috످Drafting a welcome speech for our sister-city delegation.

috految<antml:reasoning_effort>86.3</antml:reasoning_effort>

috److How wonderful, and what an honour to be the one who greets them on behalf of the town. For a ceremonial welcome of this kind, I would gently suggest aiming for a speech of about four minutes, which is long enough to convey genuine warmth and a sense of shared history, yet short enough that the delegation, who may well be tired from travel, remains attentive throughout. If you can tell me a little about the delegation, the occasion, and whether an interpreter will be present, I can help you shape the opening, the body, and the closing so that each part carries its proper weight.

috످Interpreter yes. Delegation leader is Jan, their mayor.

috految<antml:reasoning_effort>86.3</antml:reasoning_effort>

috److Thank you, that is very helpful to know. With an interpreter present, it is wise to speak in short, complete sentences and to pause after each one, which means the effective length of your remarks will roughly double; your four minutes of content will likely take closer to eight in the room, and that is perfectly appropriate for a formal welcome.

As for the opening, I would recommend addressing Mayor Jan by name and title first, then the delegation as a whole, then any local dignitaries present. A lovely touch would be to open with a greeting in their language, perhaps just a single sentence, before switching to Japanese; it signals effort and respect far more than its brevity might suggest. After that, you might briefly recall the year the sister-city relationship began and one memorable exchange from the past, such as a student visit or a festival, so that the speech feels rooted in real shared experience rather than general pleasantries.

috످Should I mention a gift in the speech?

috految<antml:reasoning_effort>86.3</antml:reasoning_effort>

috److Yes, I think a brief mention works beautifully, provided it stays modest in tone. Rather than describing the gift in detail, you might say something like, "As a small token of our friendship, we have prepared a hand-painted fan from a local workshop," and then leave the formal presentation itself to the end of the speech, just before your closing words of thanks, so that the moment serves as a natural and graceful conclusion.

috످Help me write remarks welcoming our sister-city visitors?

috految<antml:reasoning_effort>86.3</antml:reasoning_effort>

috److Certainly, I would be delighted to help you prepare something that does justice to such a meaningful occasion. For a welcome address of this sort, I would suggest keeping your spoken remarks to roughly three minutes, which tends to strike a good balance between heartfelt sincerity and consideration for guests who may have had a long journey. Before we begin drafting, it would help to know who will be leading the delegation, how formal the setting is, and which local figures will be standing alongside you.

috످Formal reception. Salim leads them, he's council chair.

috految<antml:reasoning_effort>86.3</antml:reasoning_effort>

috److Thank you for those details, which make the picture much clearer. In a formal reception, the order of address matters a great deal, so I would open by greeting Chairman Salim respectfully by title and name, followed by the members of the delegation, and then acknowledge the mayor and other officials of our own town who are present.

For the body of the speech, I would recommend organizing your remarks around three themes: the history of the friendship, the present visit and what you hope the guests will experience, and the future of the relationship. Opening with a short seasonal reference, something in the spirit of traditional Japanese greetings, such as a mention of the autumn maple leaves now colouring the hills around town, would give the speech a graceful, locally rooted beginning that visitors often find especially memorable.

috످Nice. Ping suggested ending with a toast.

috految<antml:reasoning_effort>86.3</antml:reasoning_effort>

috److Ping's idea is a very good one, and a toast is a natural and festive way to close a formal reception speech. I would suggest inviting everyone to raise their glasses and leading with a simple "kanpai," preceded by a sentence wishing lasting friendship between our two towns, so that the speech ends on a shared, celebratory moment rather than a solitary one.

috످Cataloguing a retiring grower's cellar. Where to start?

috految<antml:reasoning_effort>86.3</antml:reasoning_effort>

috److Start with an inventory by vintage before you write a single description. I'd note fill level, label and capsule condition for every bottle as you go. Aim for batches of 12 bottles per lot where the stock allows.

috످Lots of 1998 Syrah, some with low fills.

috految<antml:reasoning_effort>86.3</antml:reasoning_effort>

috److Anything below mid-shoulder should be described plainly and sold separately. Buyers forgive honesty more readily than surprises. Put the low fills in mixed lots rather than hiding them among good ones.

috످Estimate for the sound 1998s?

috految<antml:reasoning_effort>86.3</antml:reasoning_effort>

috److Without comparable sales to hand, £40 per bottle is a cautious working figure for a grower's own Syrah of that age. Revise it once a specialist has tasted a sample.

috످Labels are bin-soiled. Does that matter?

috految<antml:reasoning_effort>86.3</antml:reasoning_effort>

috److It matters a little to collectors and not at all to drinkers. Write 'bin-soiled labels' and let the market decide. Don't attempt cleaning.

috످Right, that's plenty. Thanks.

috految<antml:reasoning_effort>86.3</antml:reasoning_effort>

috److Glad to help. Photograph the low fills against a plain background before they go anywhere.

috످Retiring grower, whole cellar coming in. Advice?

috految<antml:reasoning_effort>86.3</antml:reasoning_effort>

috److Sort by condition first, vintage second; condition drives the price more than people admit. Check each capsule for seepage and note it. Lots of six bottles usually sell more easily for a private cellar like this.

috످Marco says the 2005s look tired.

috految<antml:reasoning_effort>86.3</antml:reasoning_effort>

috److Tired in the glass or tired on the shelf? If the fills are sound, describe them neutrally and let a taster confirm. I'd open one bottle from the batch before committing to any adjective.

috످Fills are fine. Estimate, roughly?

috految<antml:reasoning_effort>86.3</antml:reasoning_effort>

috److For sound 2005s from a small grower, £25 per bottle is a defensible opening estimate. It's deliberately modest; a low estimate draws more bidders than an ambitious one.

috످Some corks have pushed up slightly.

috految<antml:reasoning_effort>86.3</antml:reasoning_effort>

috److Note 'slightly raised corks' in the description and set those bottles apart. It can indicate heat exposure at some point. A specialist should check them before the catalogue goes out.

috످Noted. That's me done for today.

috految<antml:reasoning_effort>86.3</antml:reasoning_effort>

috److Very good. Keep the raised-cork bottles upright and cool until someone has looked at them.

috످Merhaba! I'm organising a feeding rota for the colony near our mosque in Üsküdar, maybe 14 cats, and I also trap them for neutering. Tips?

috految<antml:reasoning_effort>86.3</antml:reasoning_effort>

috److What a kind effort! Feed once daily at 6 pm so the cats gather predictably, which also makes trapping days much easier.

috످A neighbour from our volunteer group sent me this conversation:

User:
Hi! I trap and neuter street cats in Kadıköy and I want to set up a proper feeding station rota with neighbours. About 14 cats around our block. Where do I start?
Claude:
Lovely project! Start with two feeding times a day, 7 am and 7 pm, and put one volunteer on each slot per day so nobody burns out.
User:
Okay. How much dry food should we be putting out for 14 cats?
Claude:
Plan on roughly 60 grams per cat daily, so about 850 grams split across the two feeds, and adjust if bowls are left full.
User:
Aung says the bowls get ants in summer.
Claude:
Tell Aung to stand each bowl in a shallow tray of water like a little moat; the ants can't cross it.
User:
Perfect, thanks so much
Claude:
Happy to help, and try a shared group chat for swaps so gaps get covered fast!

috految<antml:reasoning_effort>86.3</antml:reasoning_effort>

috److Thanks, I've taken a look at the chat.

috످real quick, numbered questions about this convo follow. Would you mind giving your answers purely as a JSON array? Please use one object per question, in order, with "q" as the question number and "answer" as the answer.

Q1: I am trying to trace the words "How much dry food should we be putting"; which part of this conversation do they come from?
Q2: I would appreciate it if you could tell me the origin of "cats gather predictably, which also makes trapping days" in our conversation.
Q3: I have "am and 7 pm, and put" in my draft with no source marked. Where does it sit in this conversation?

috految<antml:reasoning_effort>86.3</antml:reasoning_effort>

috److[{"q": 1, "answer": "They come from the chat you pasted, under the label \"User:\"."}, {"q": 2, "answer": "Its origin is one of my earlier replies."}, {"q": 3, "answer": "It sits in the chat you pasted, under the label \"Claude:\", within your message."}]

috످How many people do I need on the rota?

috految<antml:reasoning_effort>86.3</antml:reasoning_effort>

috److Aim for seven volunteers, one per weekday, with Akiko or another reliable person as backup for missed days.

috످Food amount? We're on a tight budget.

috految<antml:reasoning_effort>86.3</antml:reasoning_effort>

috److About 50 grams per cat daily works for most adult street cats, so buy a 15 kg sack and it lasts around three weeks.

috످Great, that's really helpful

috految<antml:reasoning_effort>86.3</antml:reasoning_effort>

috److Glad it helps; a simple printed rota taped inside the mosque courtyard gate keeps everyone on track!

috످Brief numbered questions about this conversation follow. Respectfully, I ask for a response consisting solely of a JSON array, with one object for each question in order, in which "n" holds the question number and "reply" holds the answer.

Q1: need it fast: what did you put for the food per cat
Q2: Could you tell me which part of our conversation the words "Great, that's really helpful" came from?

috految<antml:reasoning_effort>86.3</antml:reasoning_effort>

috److془Q1: The food advice is about how much to feed each cat on a tight budget, and it's in my turn: 50 grams. The pasted chat's portion guidance for Kadıköy cats is in user's message, 60 grams.

Q2: A thank-you for feeding advice, user's turn.془[{"n": 1, "reply": "I suggested about 50 grams per cat daily."}, {"n": 2, "reply": "Those words came from your message just after my advice on how much to feed the cats."}]

috످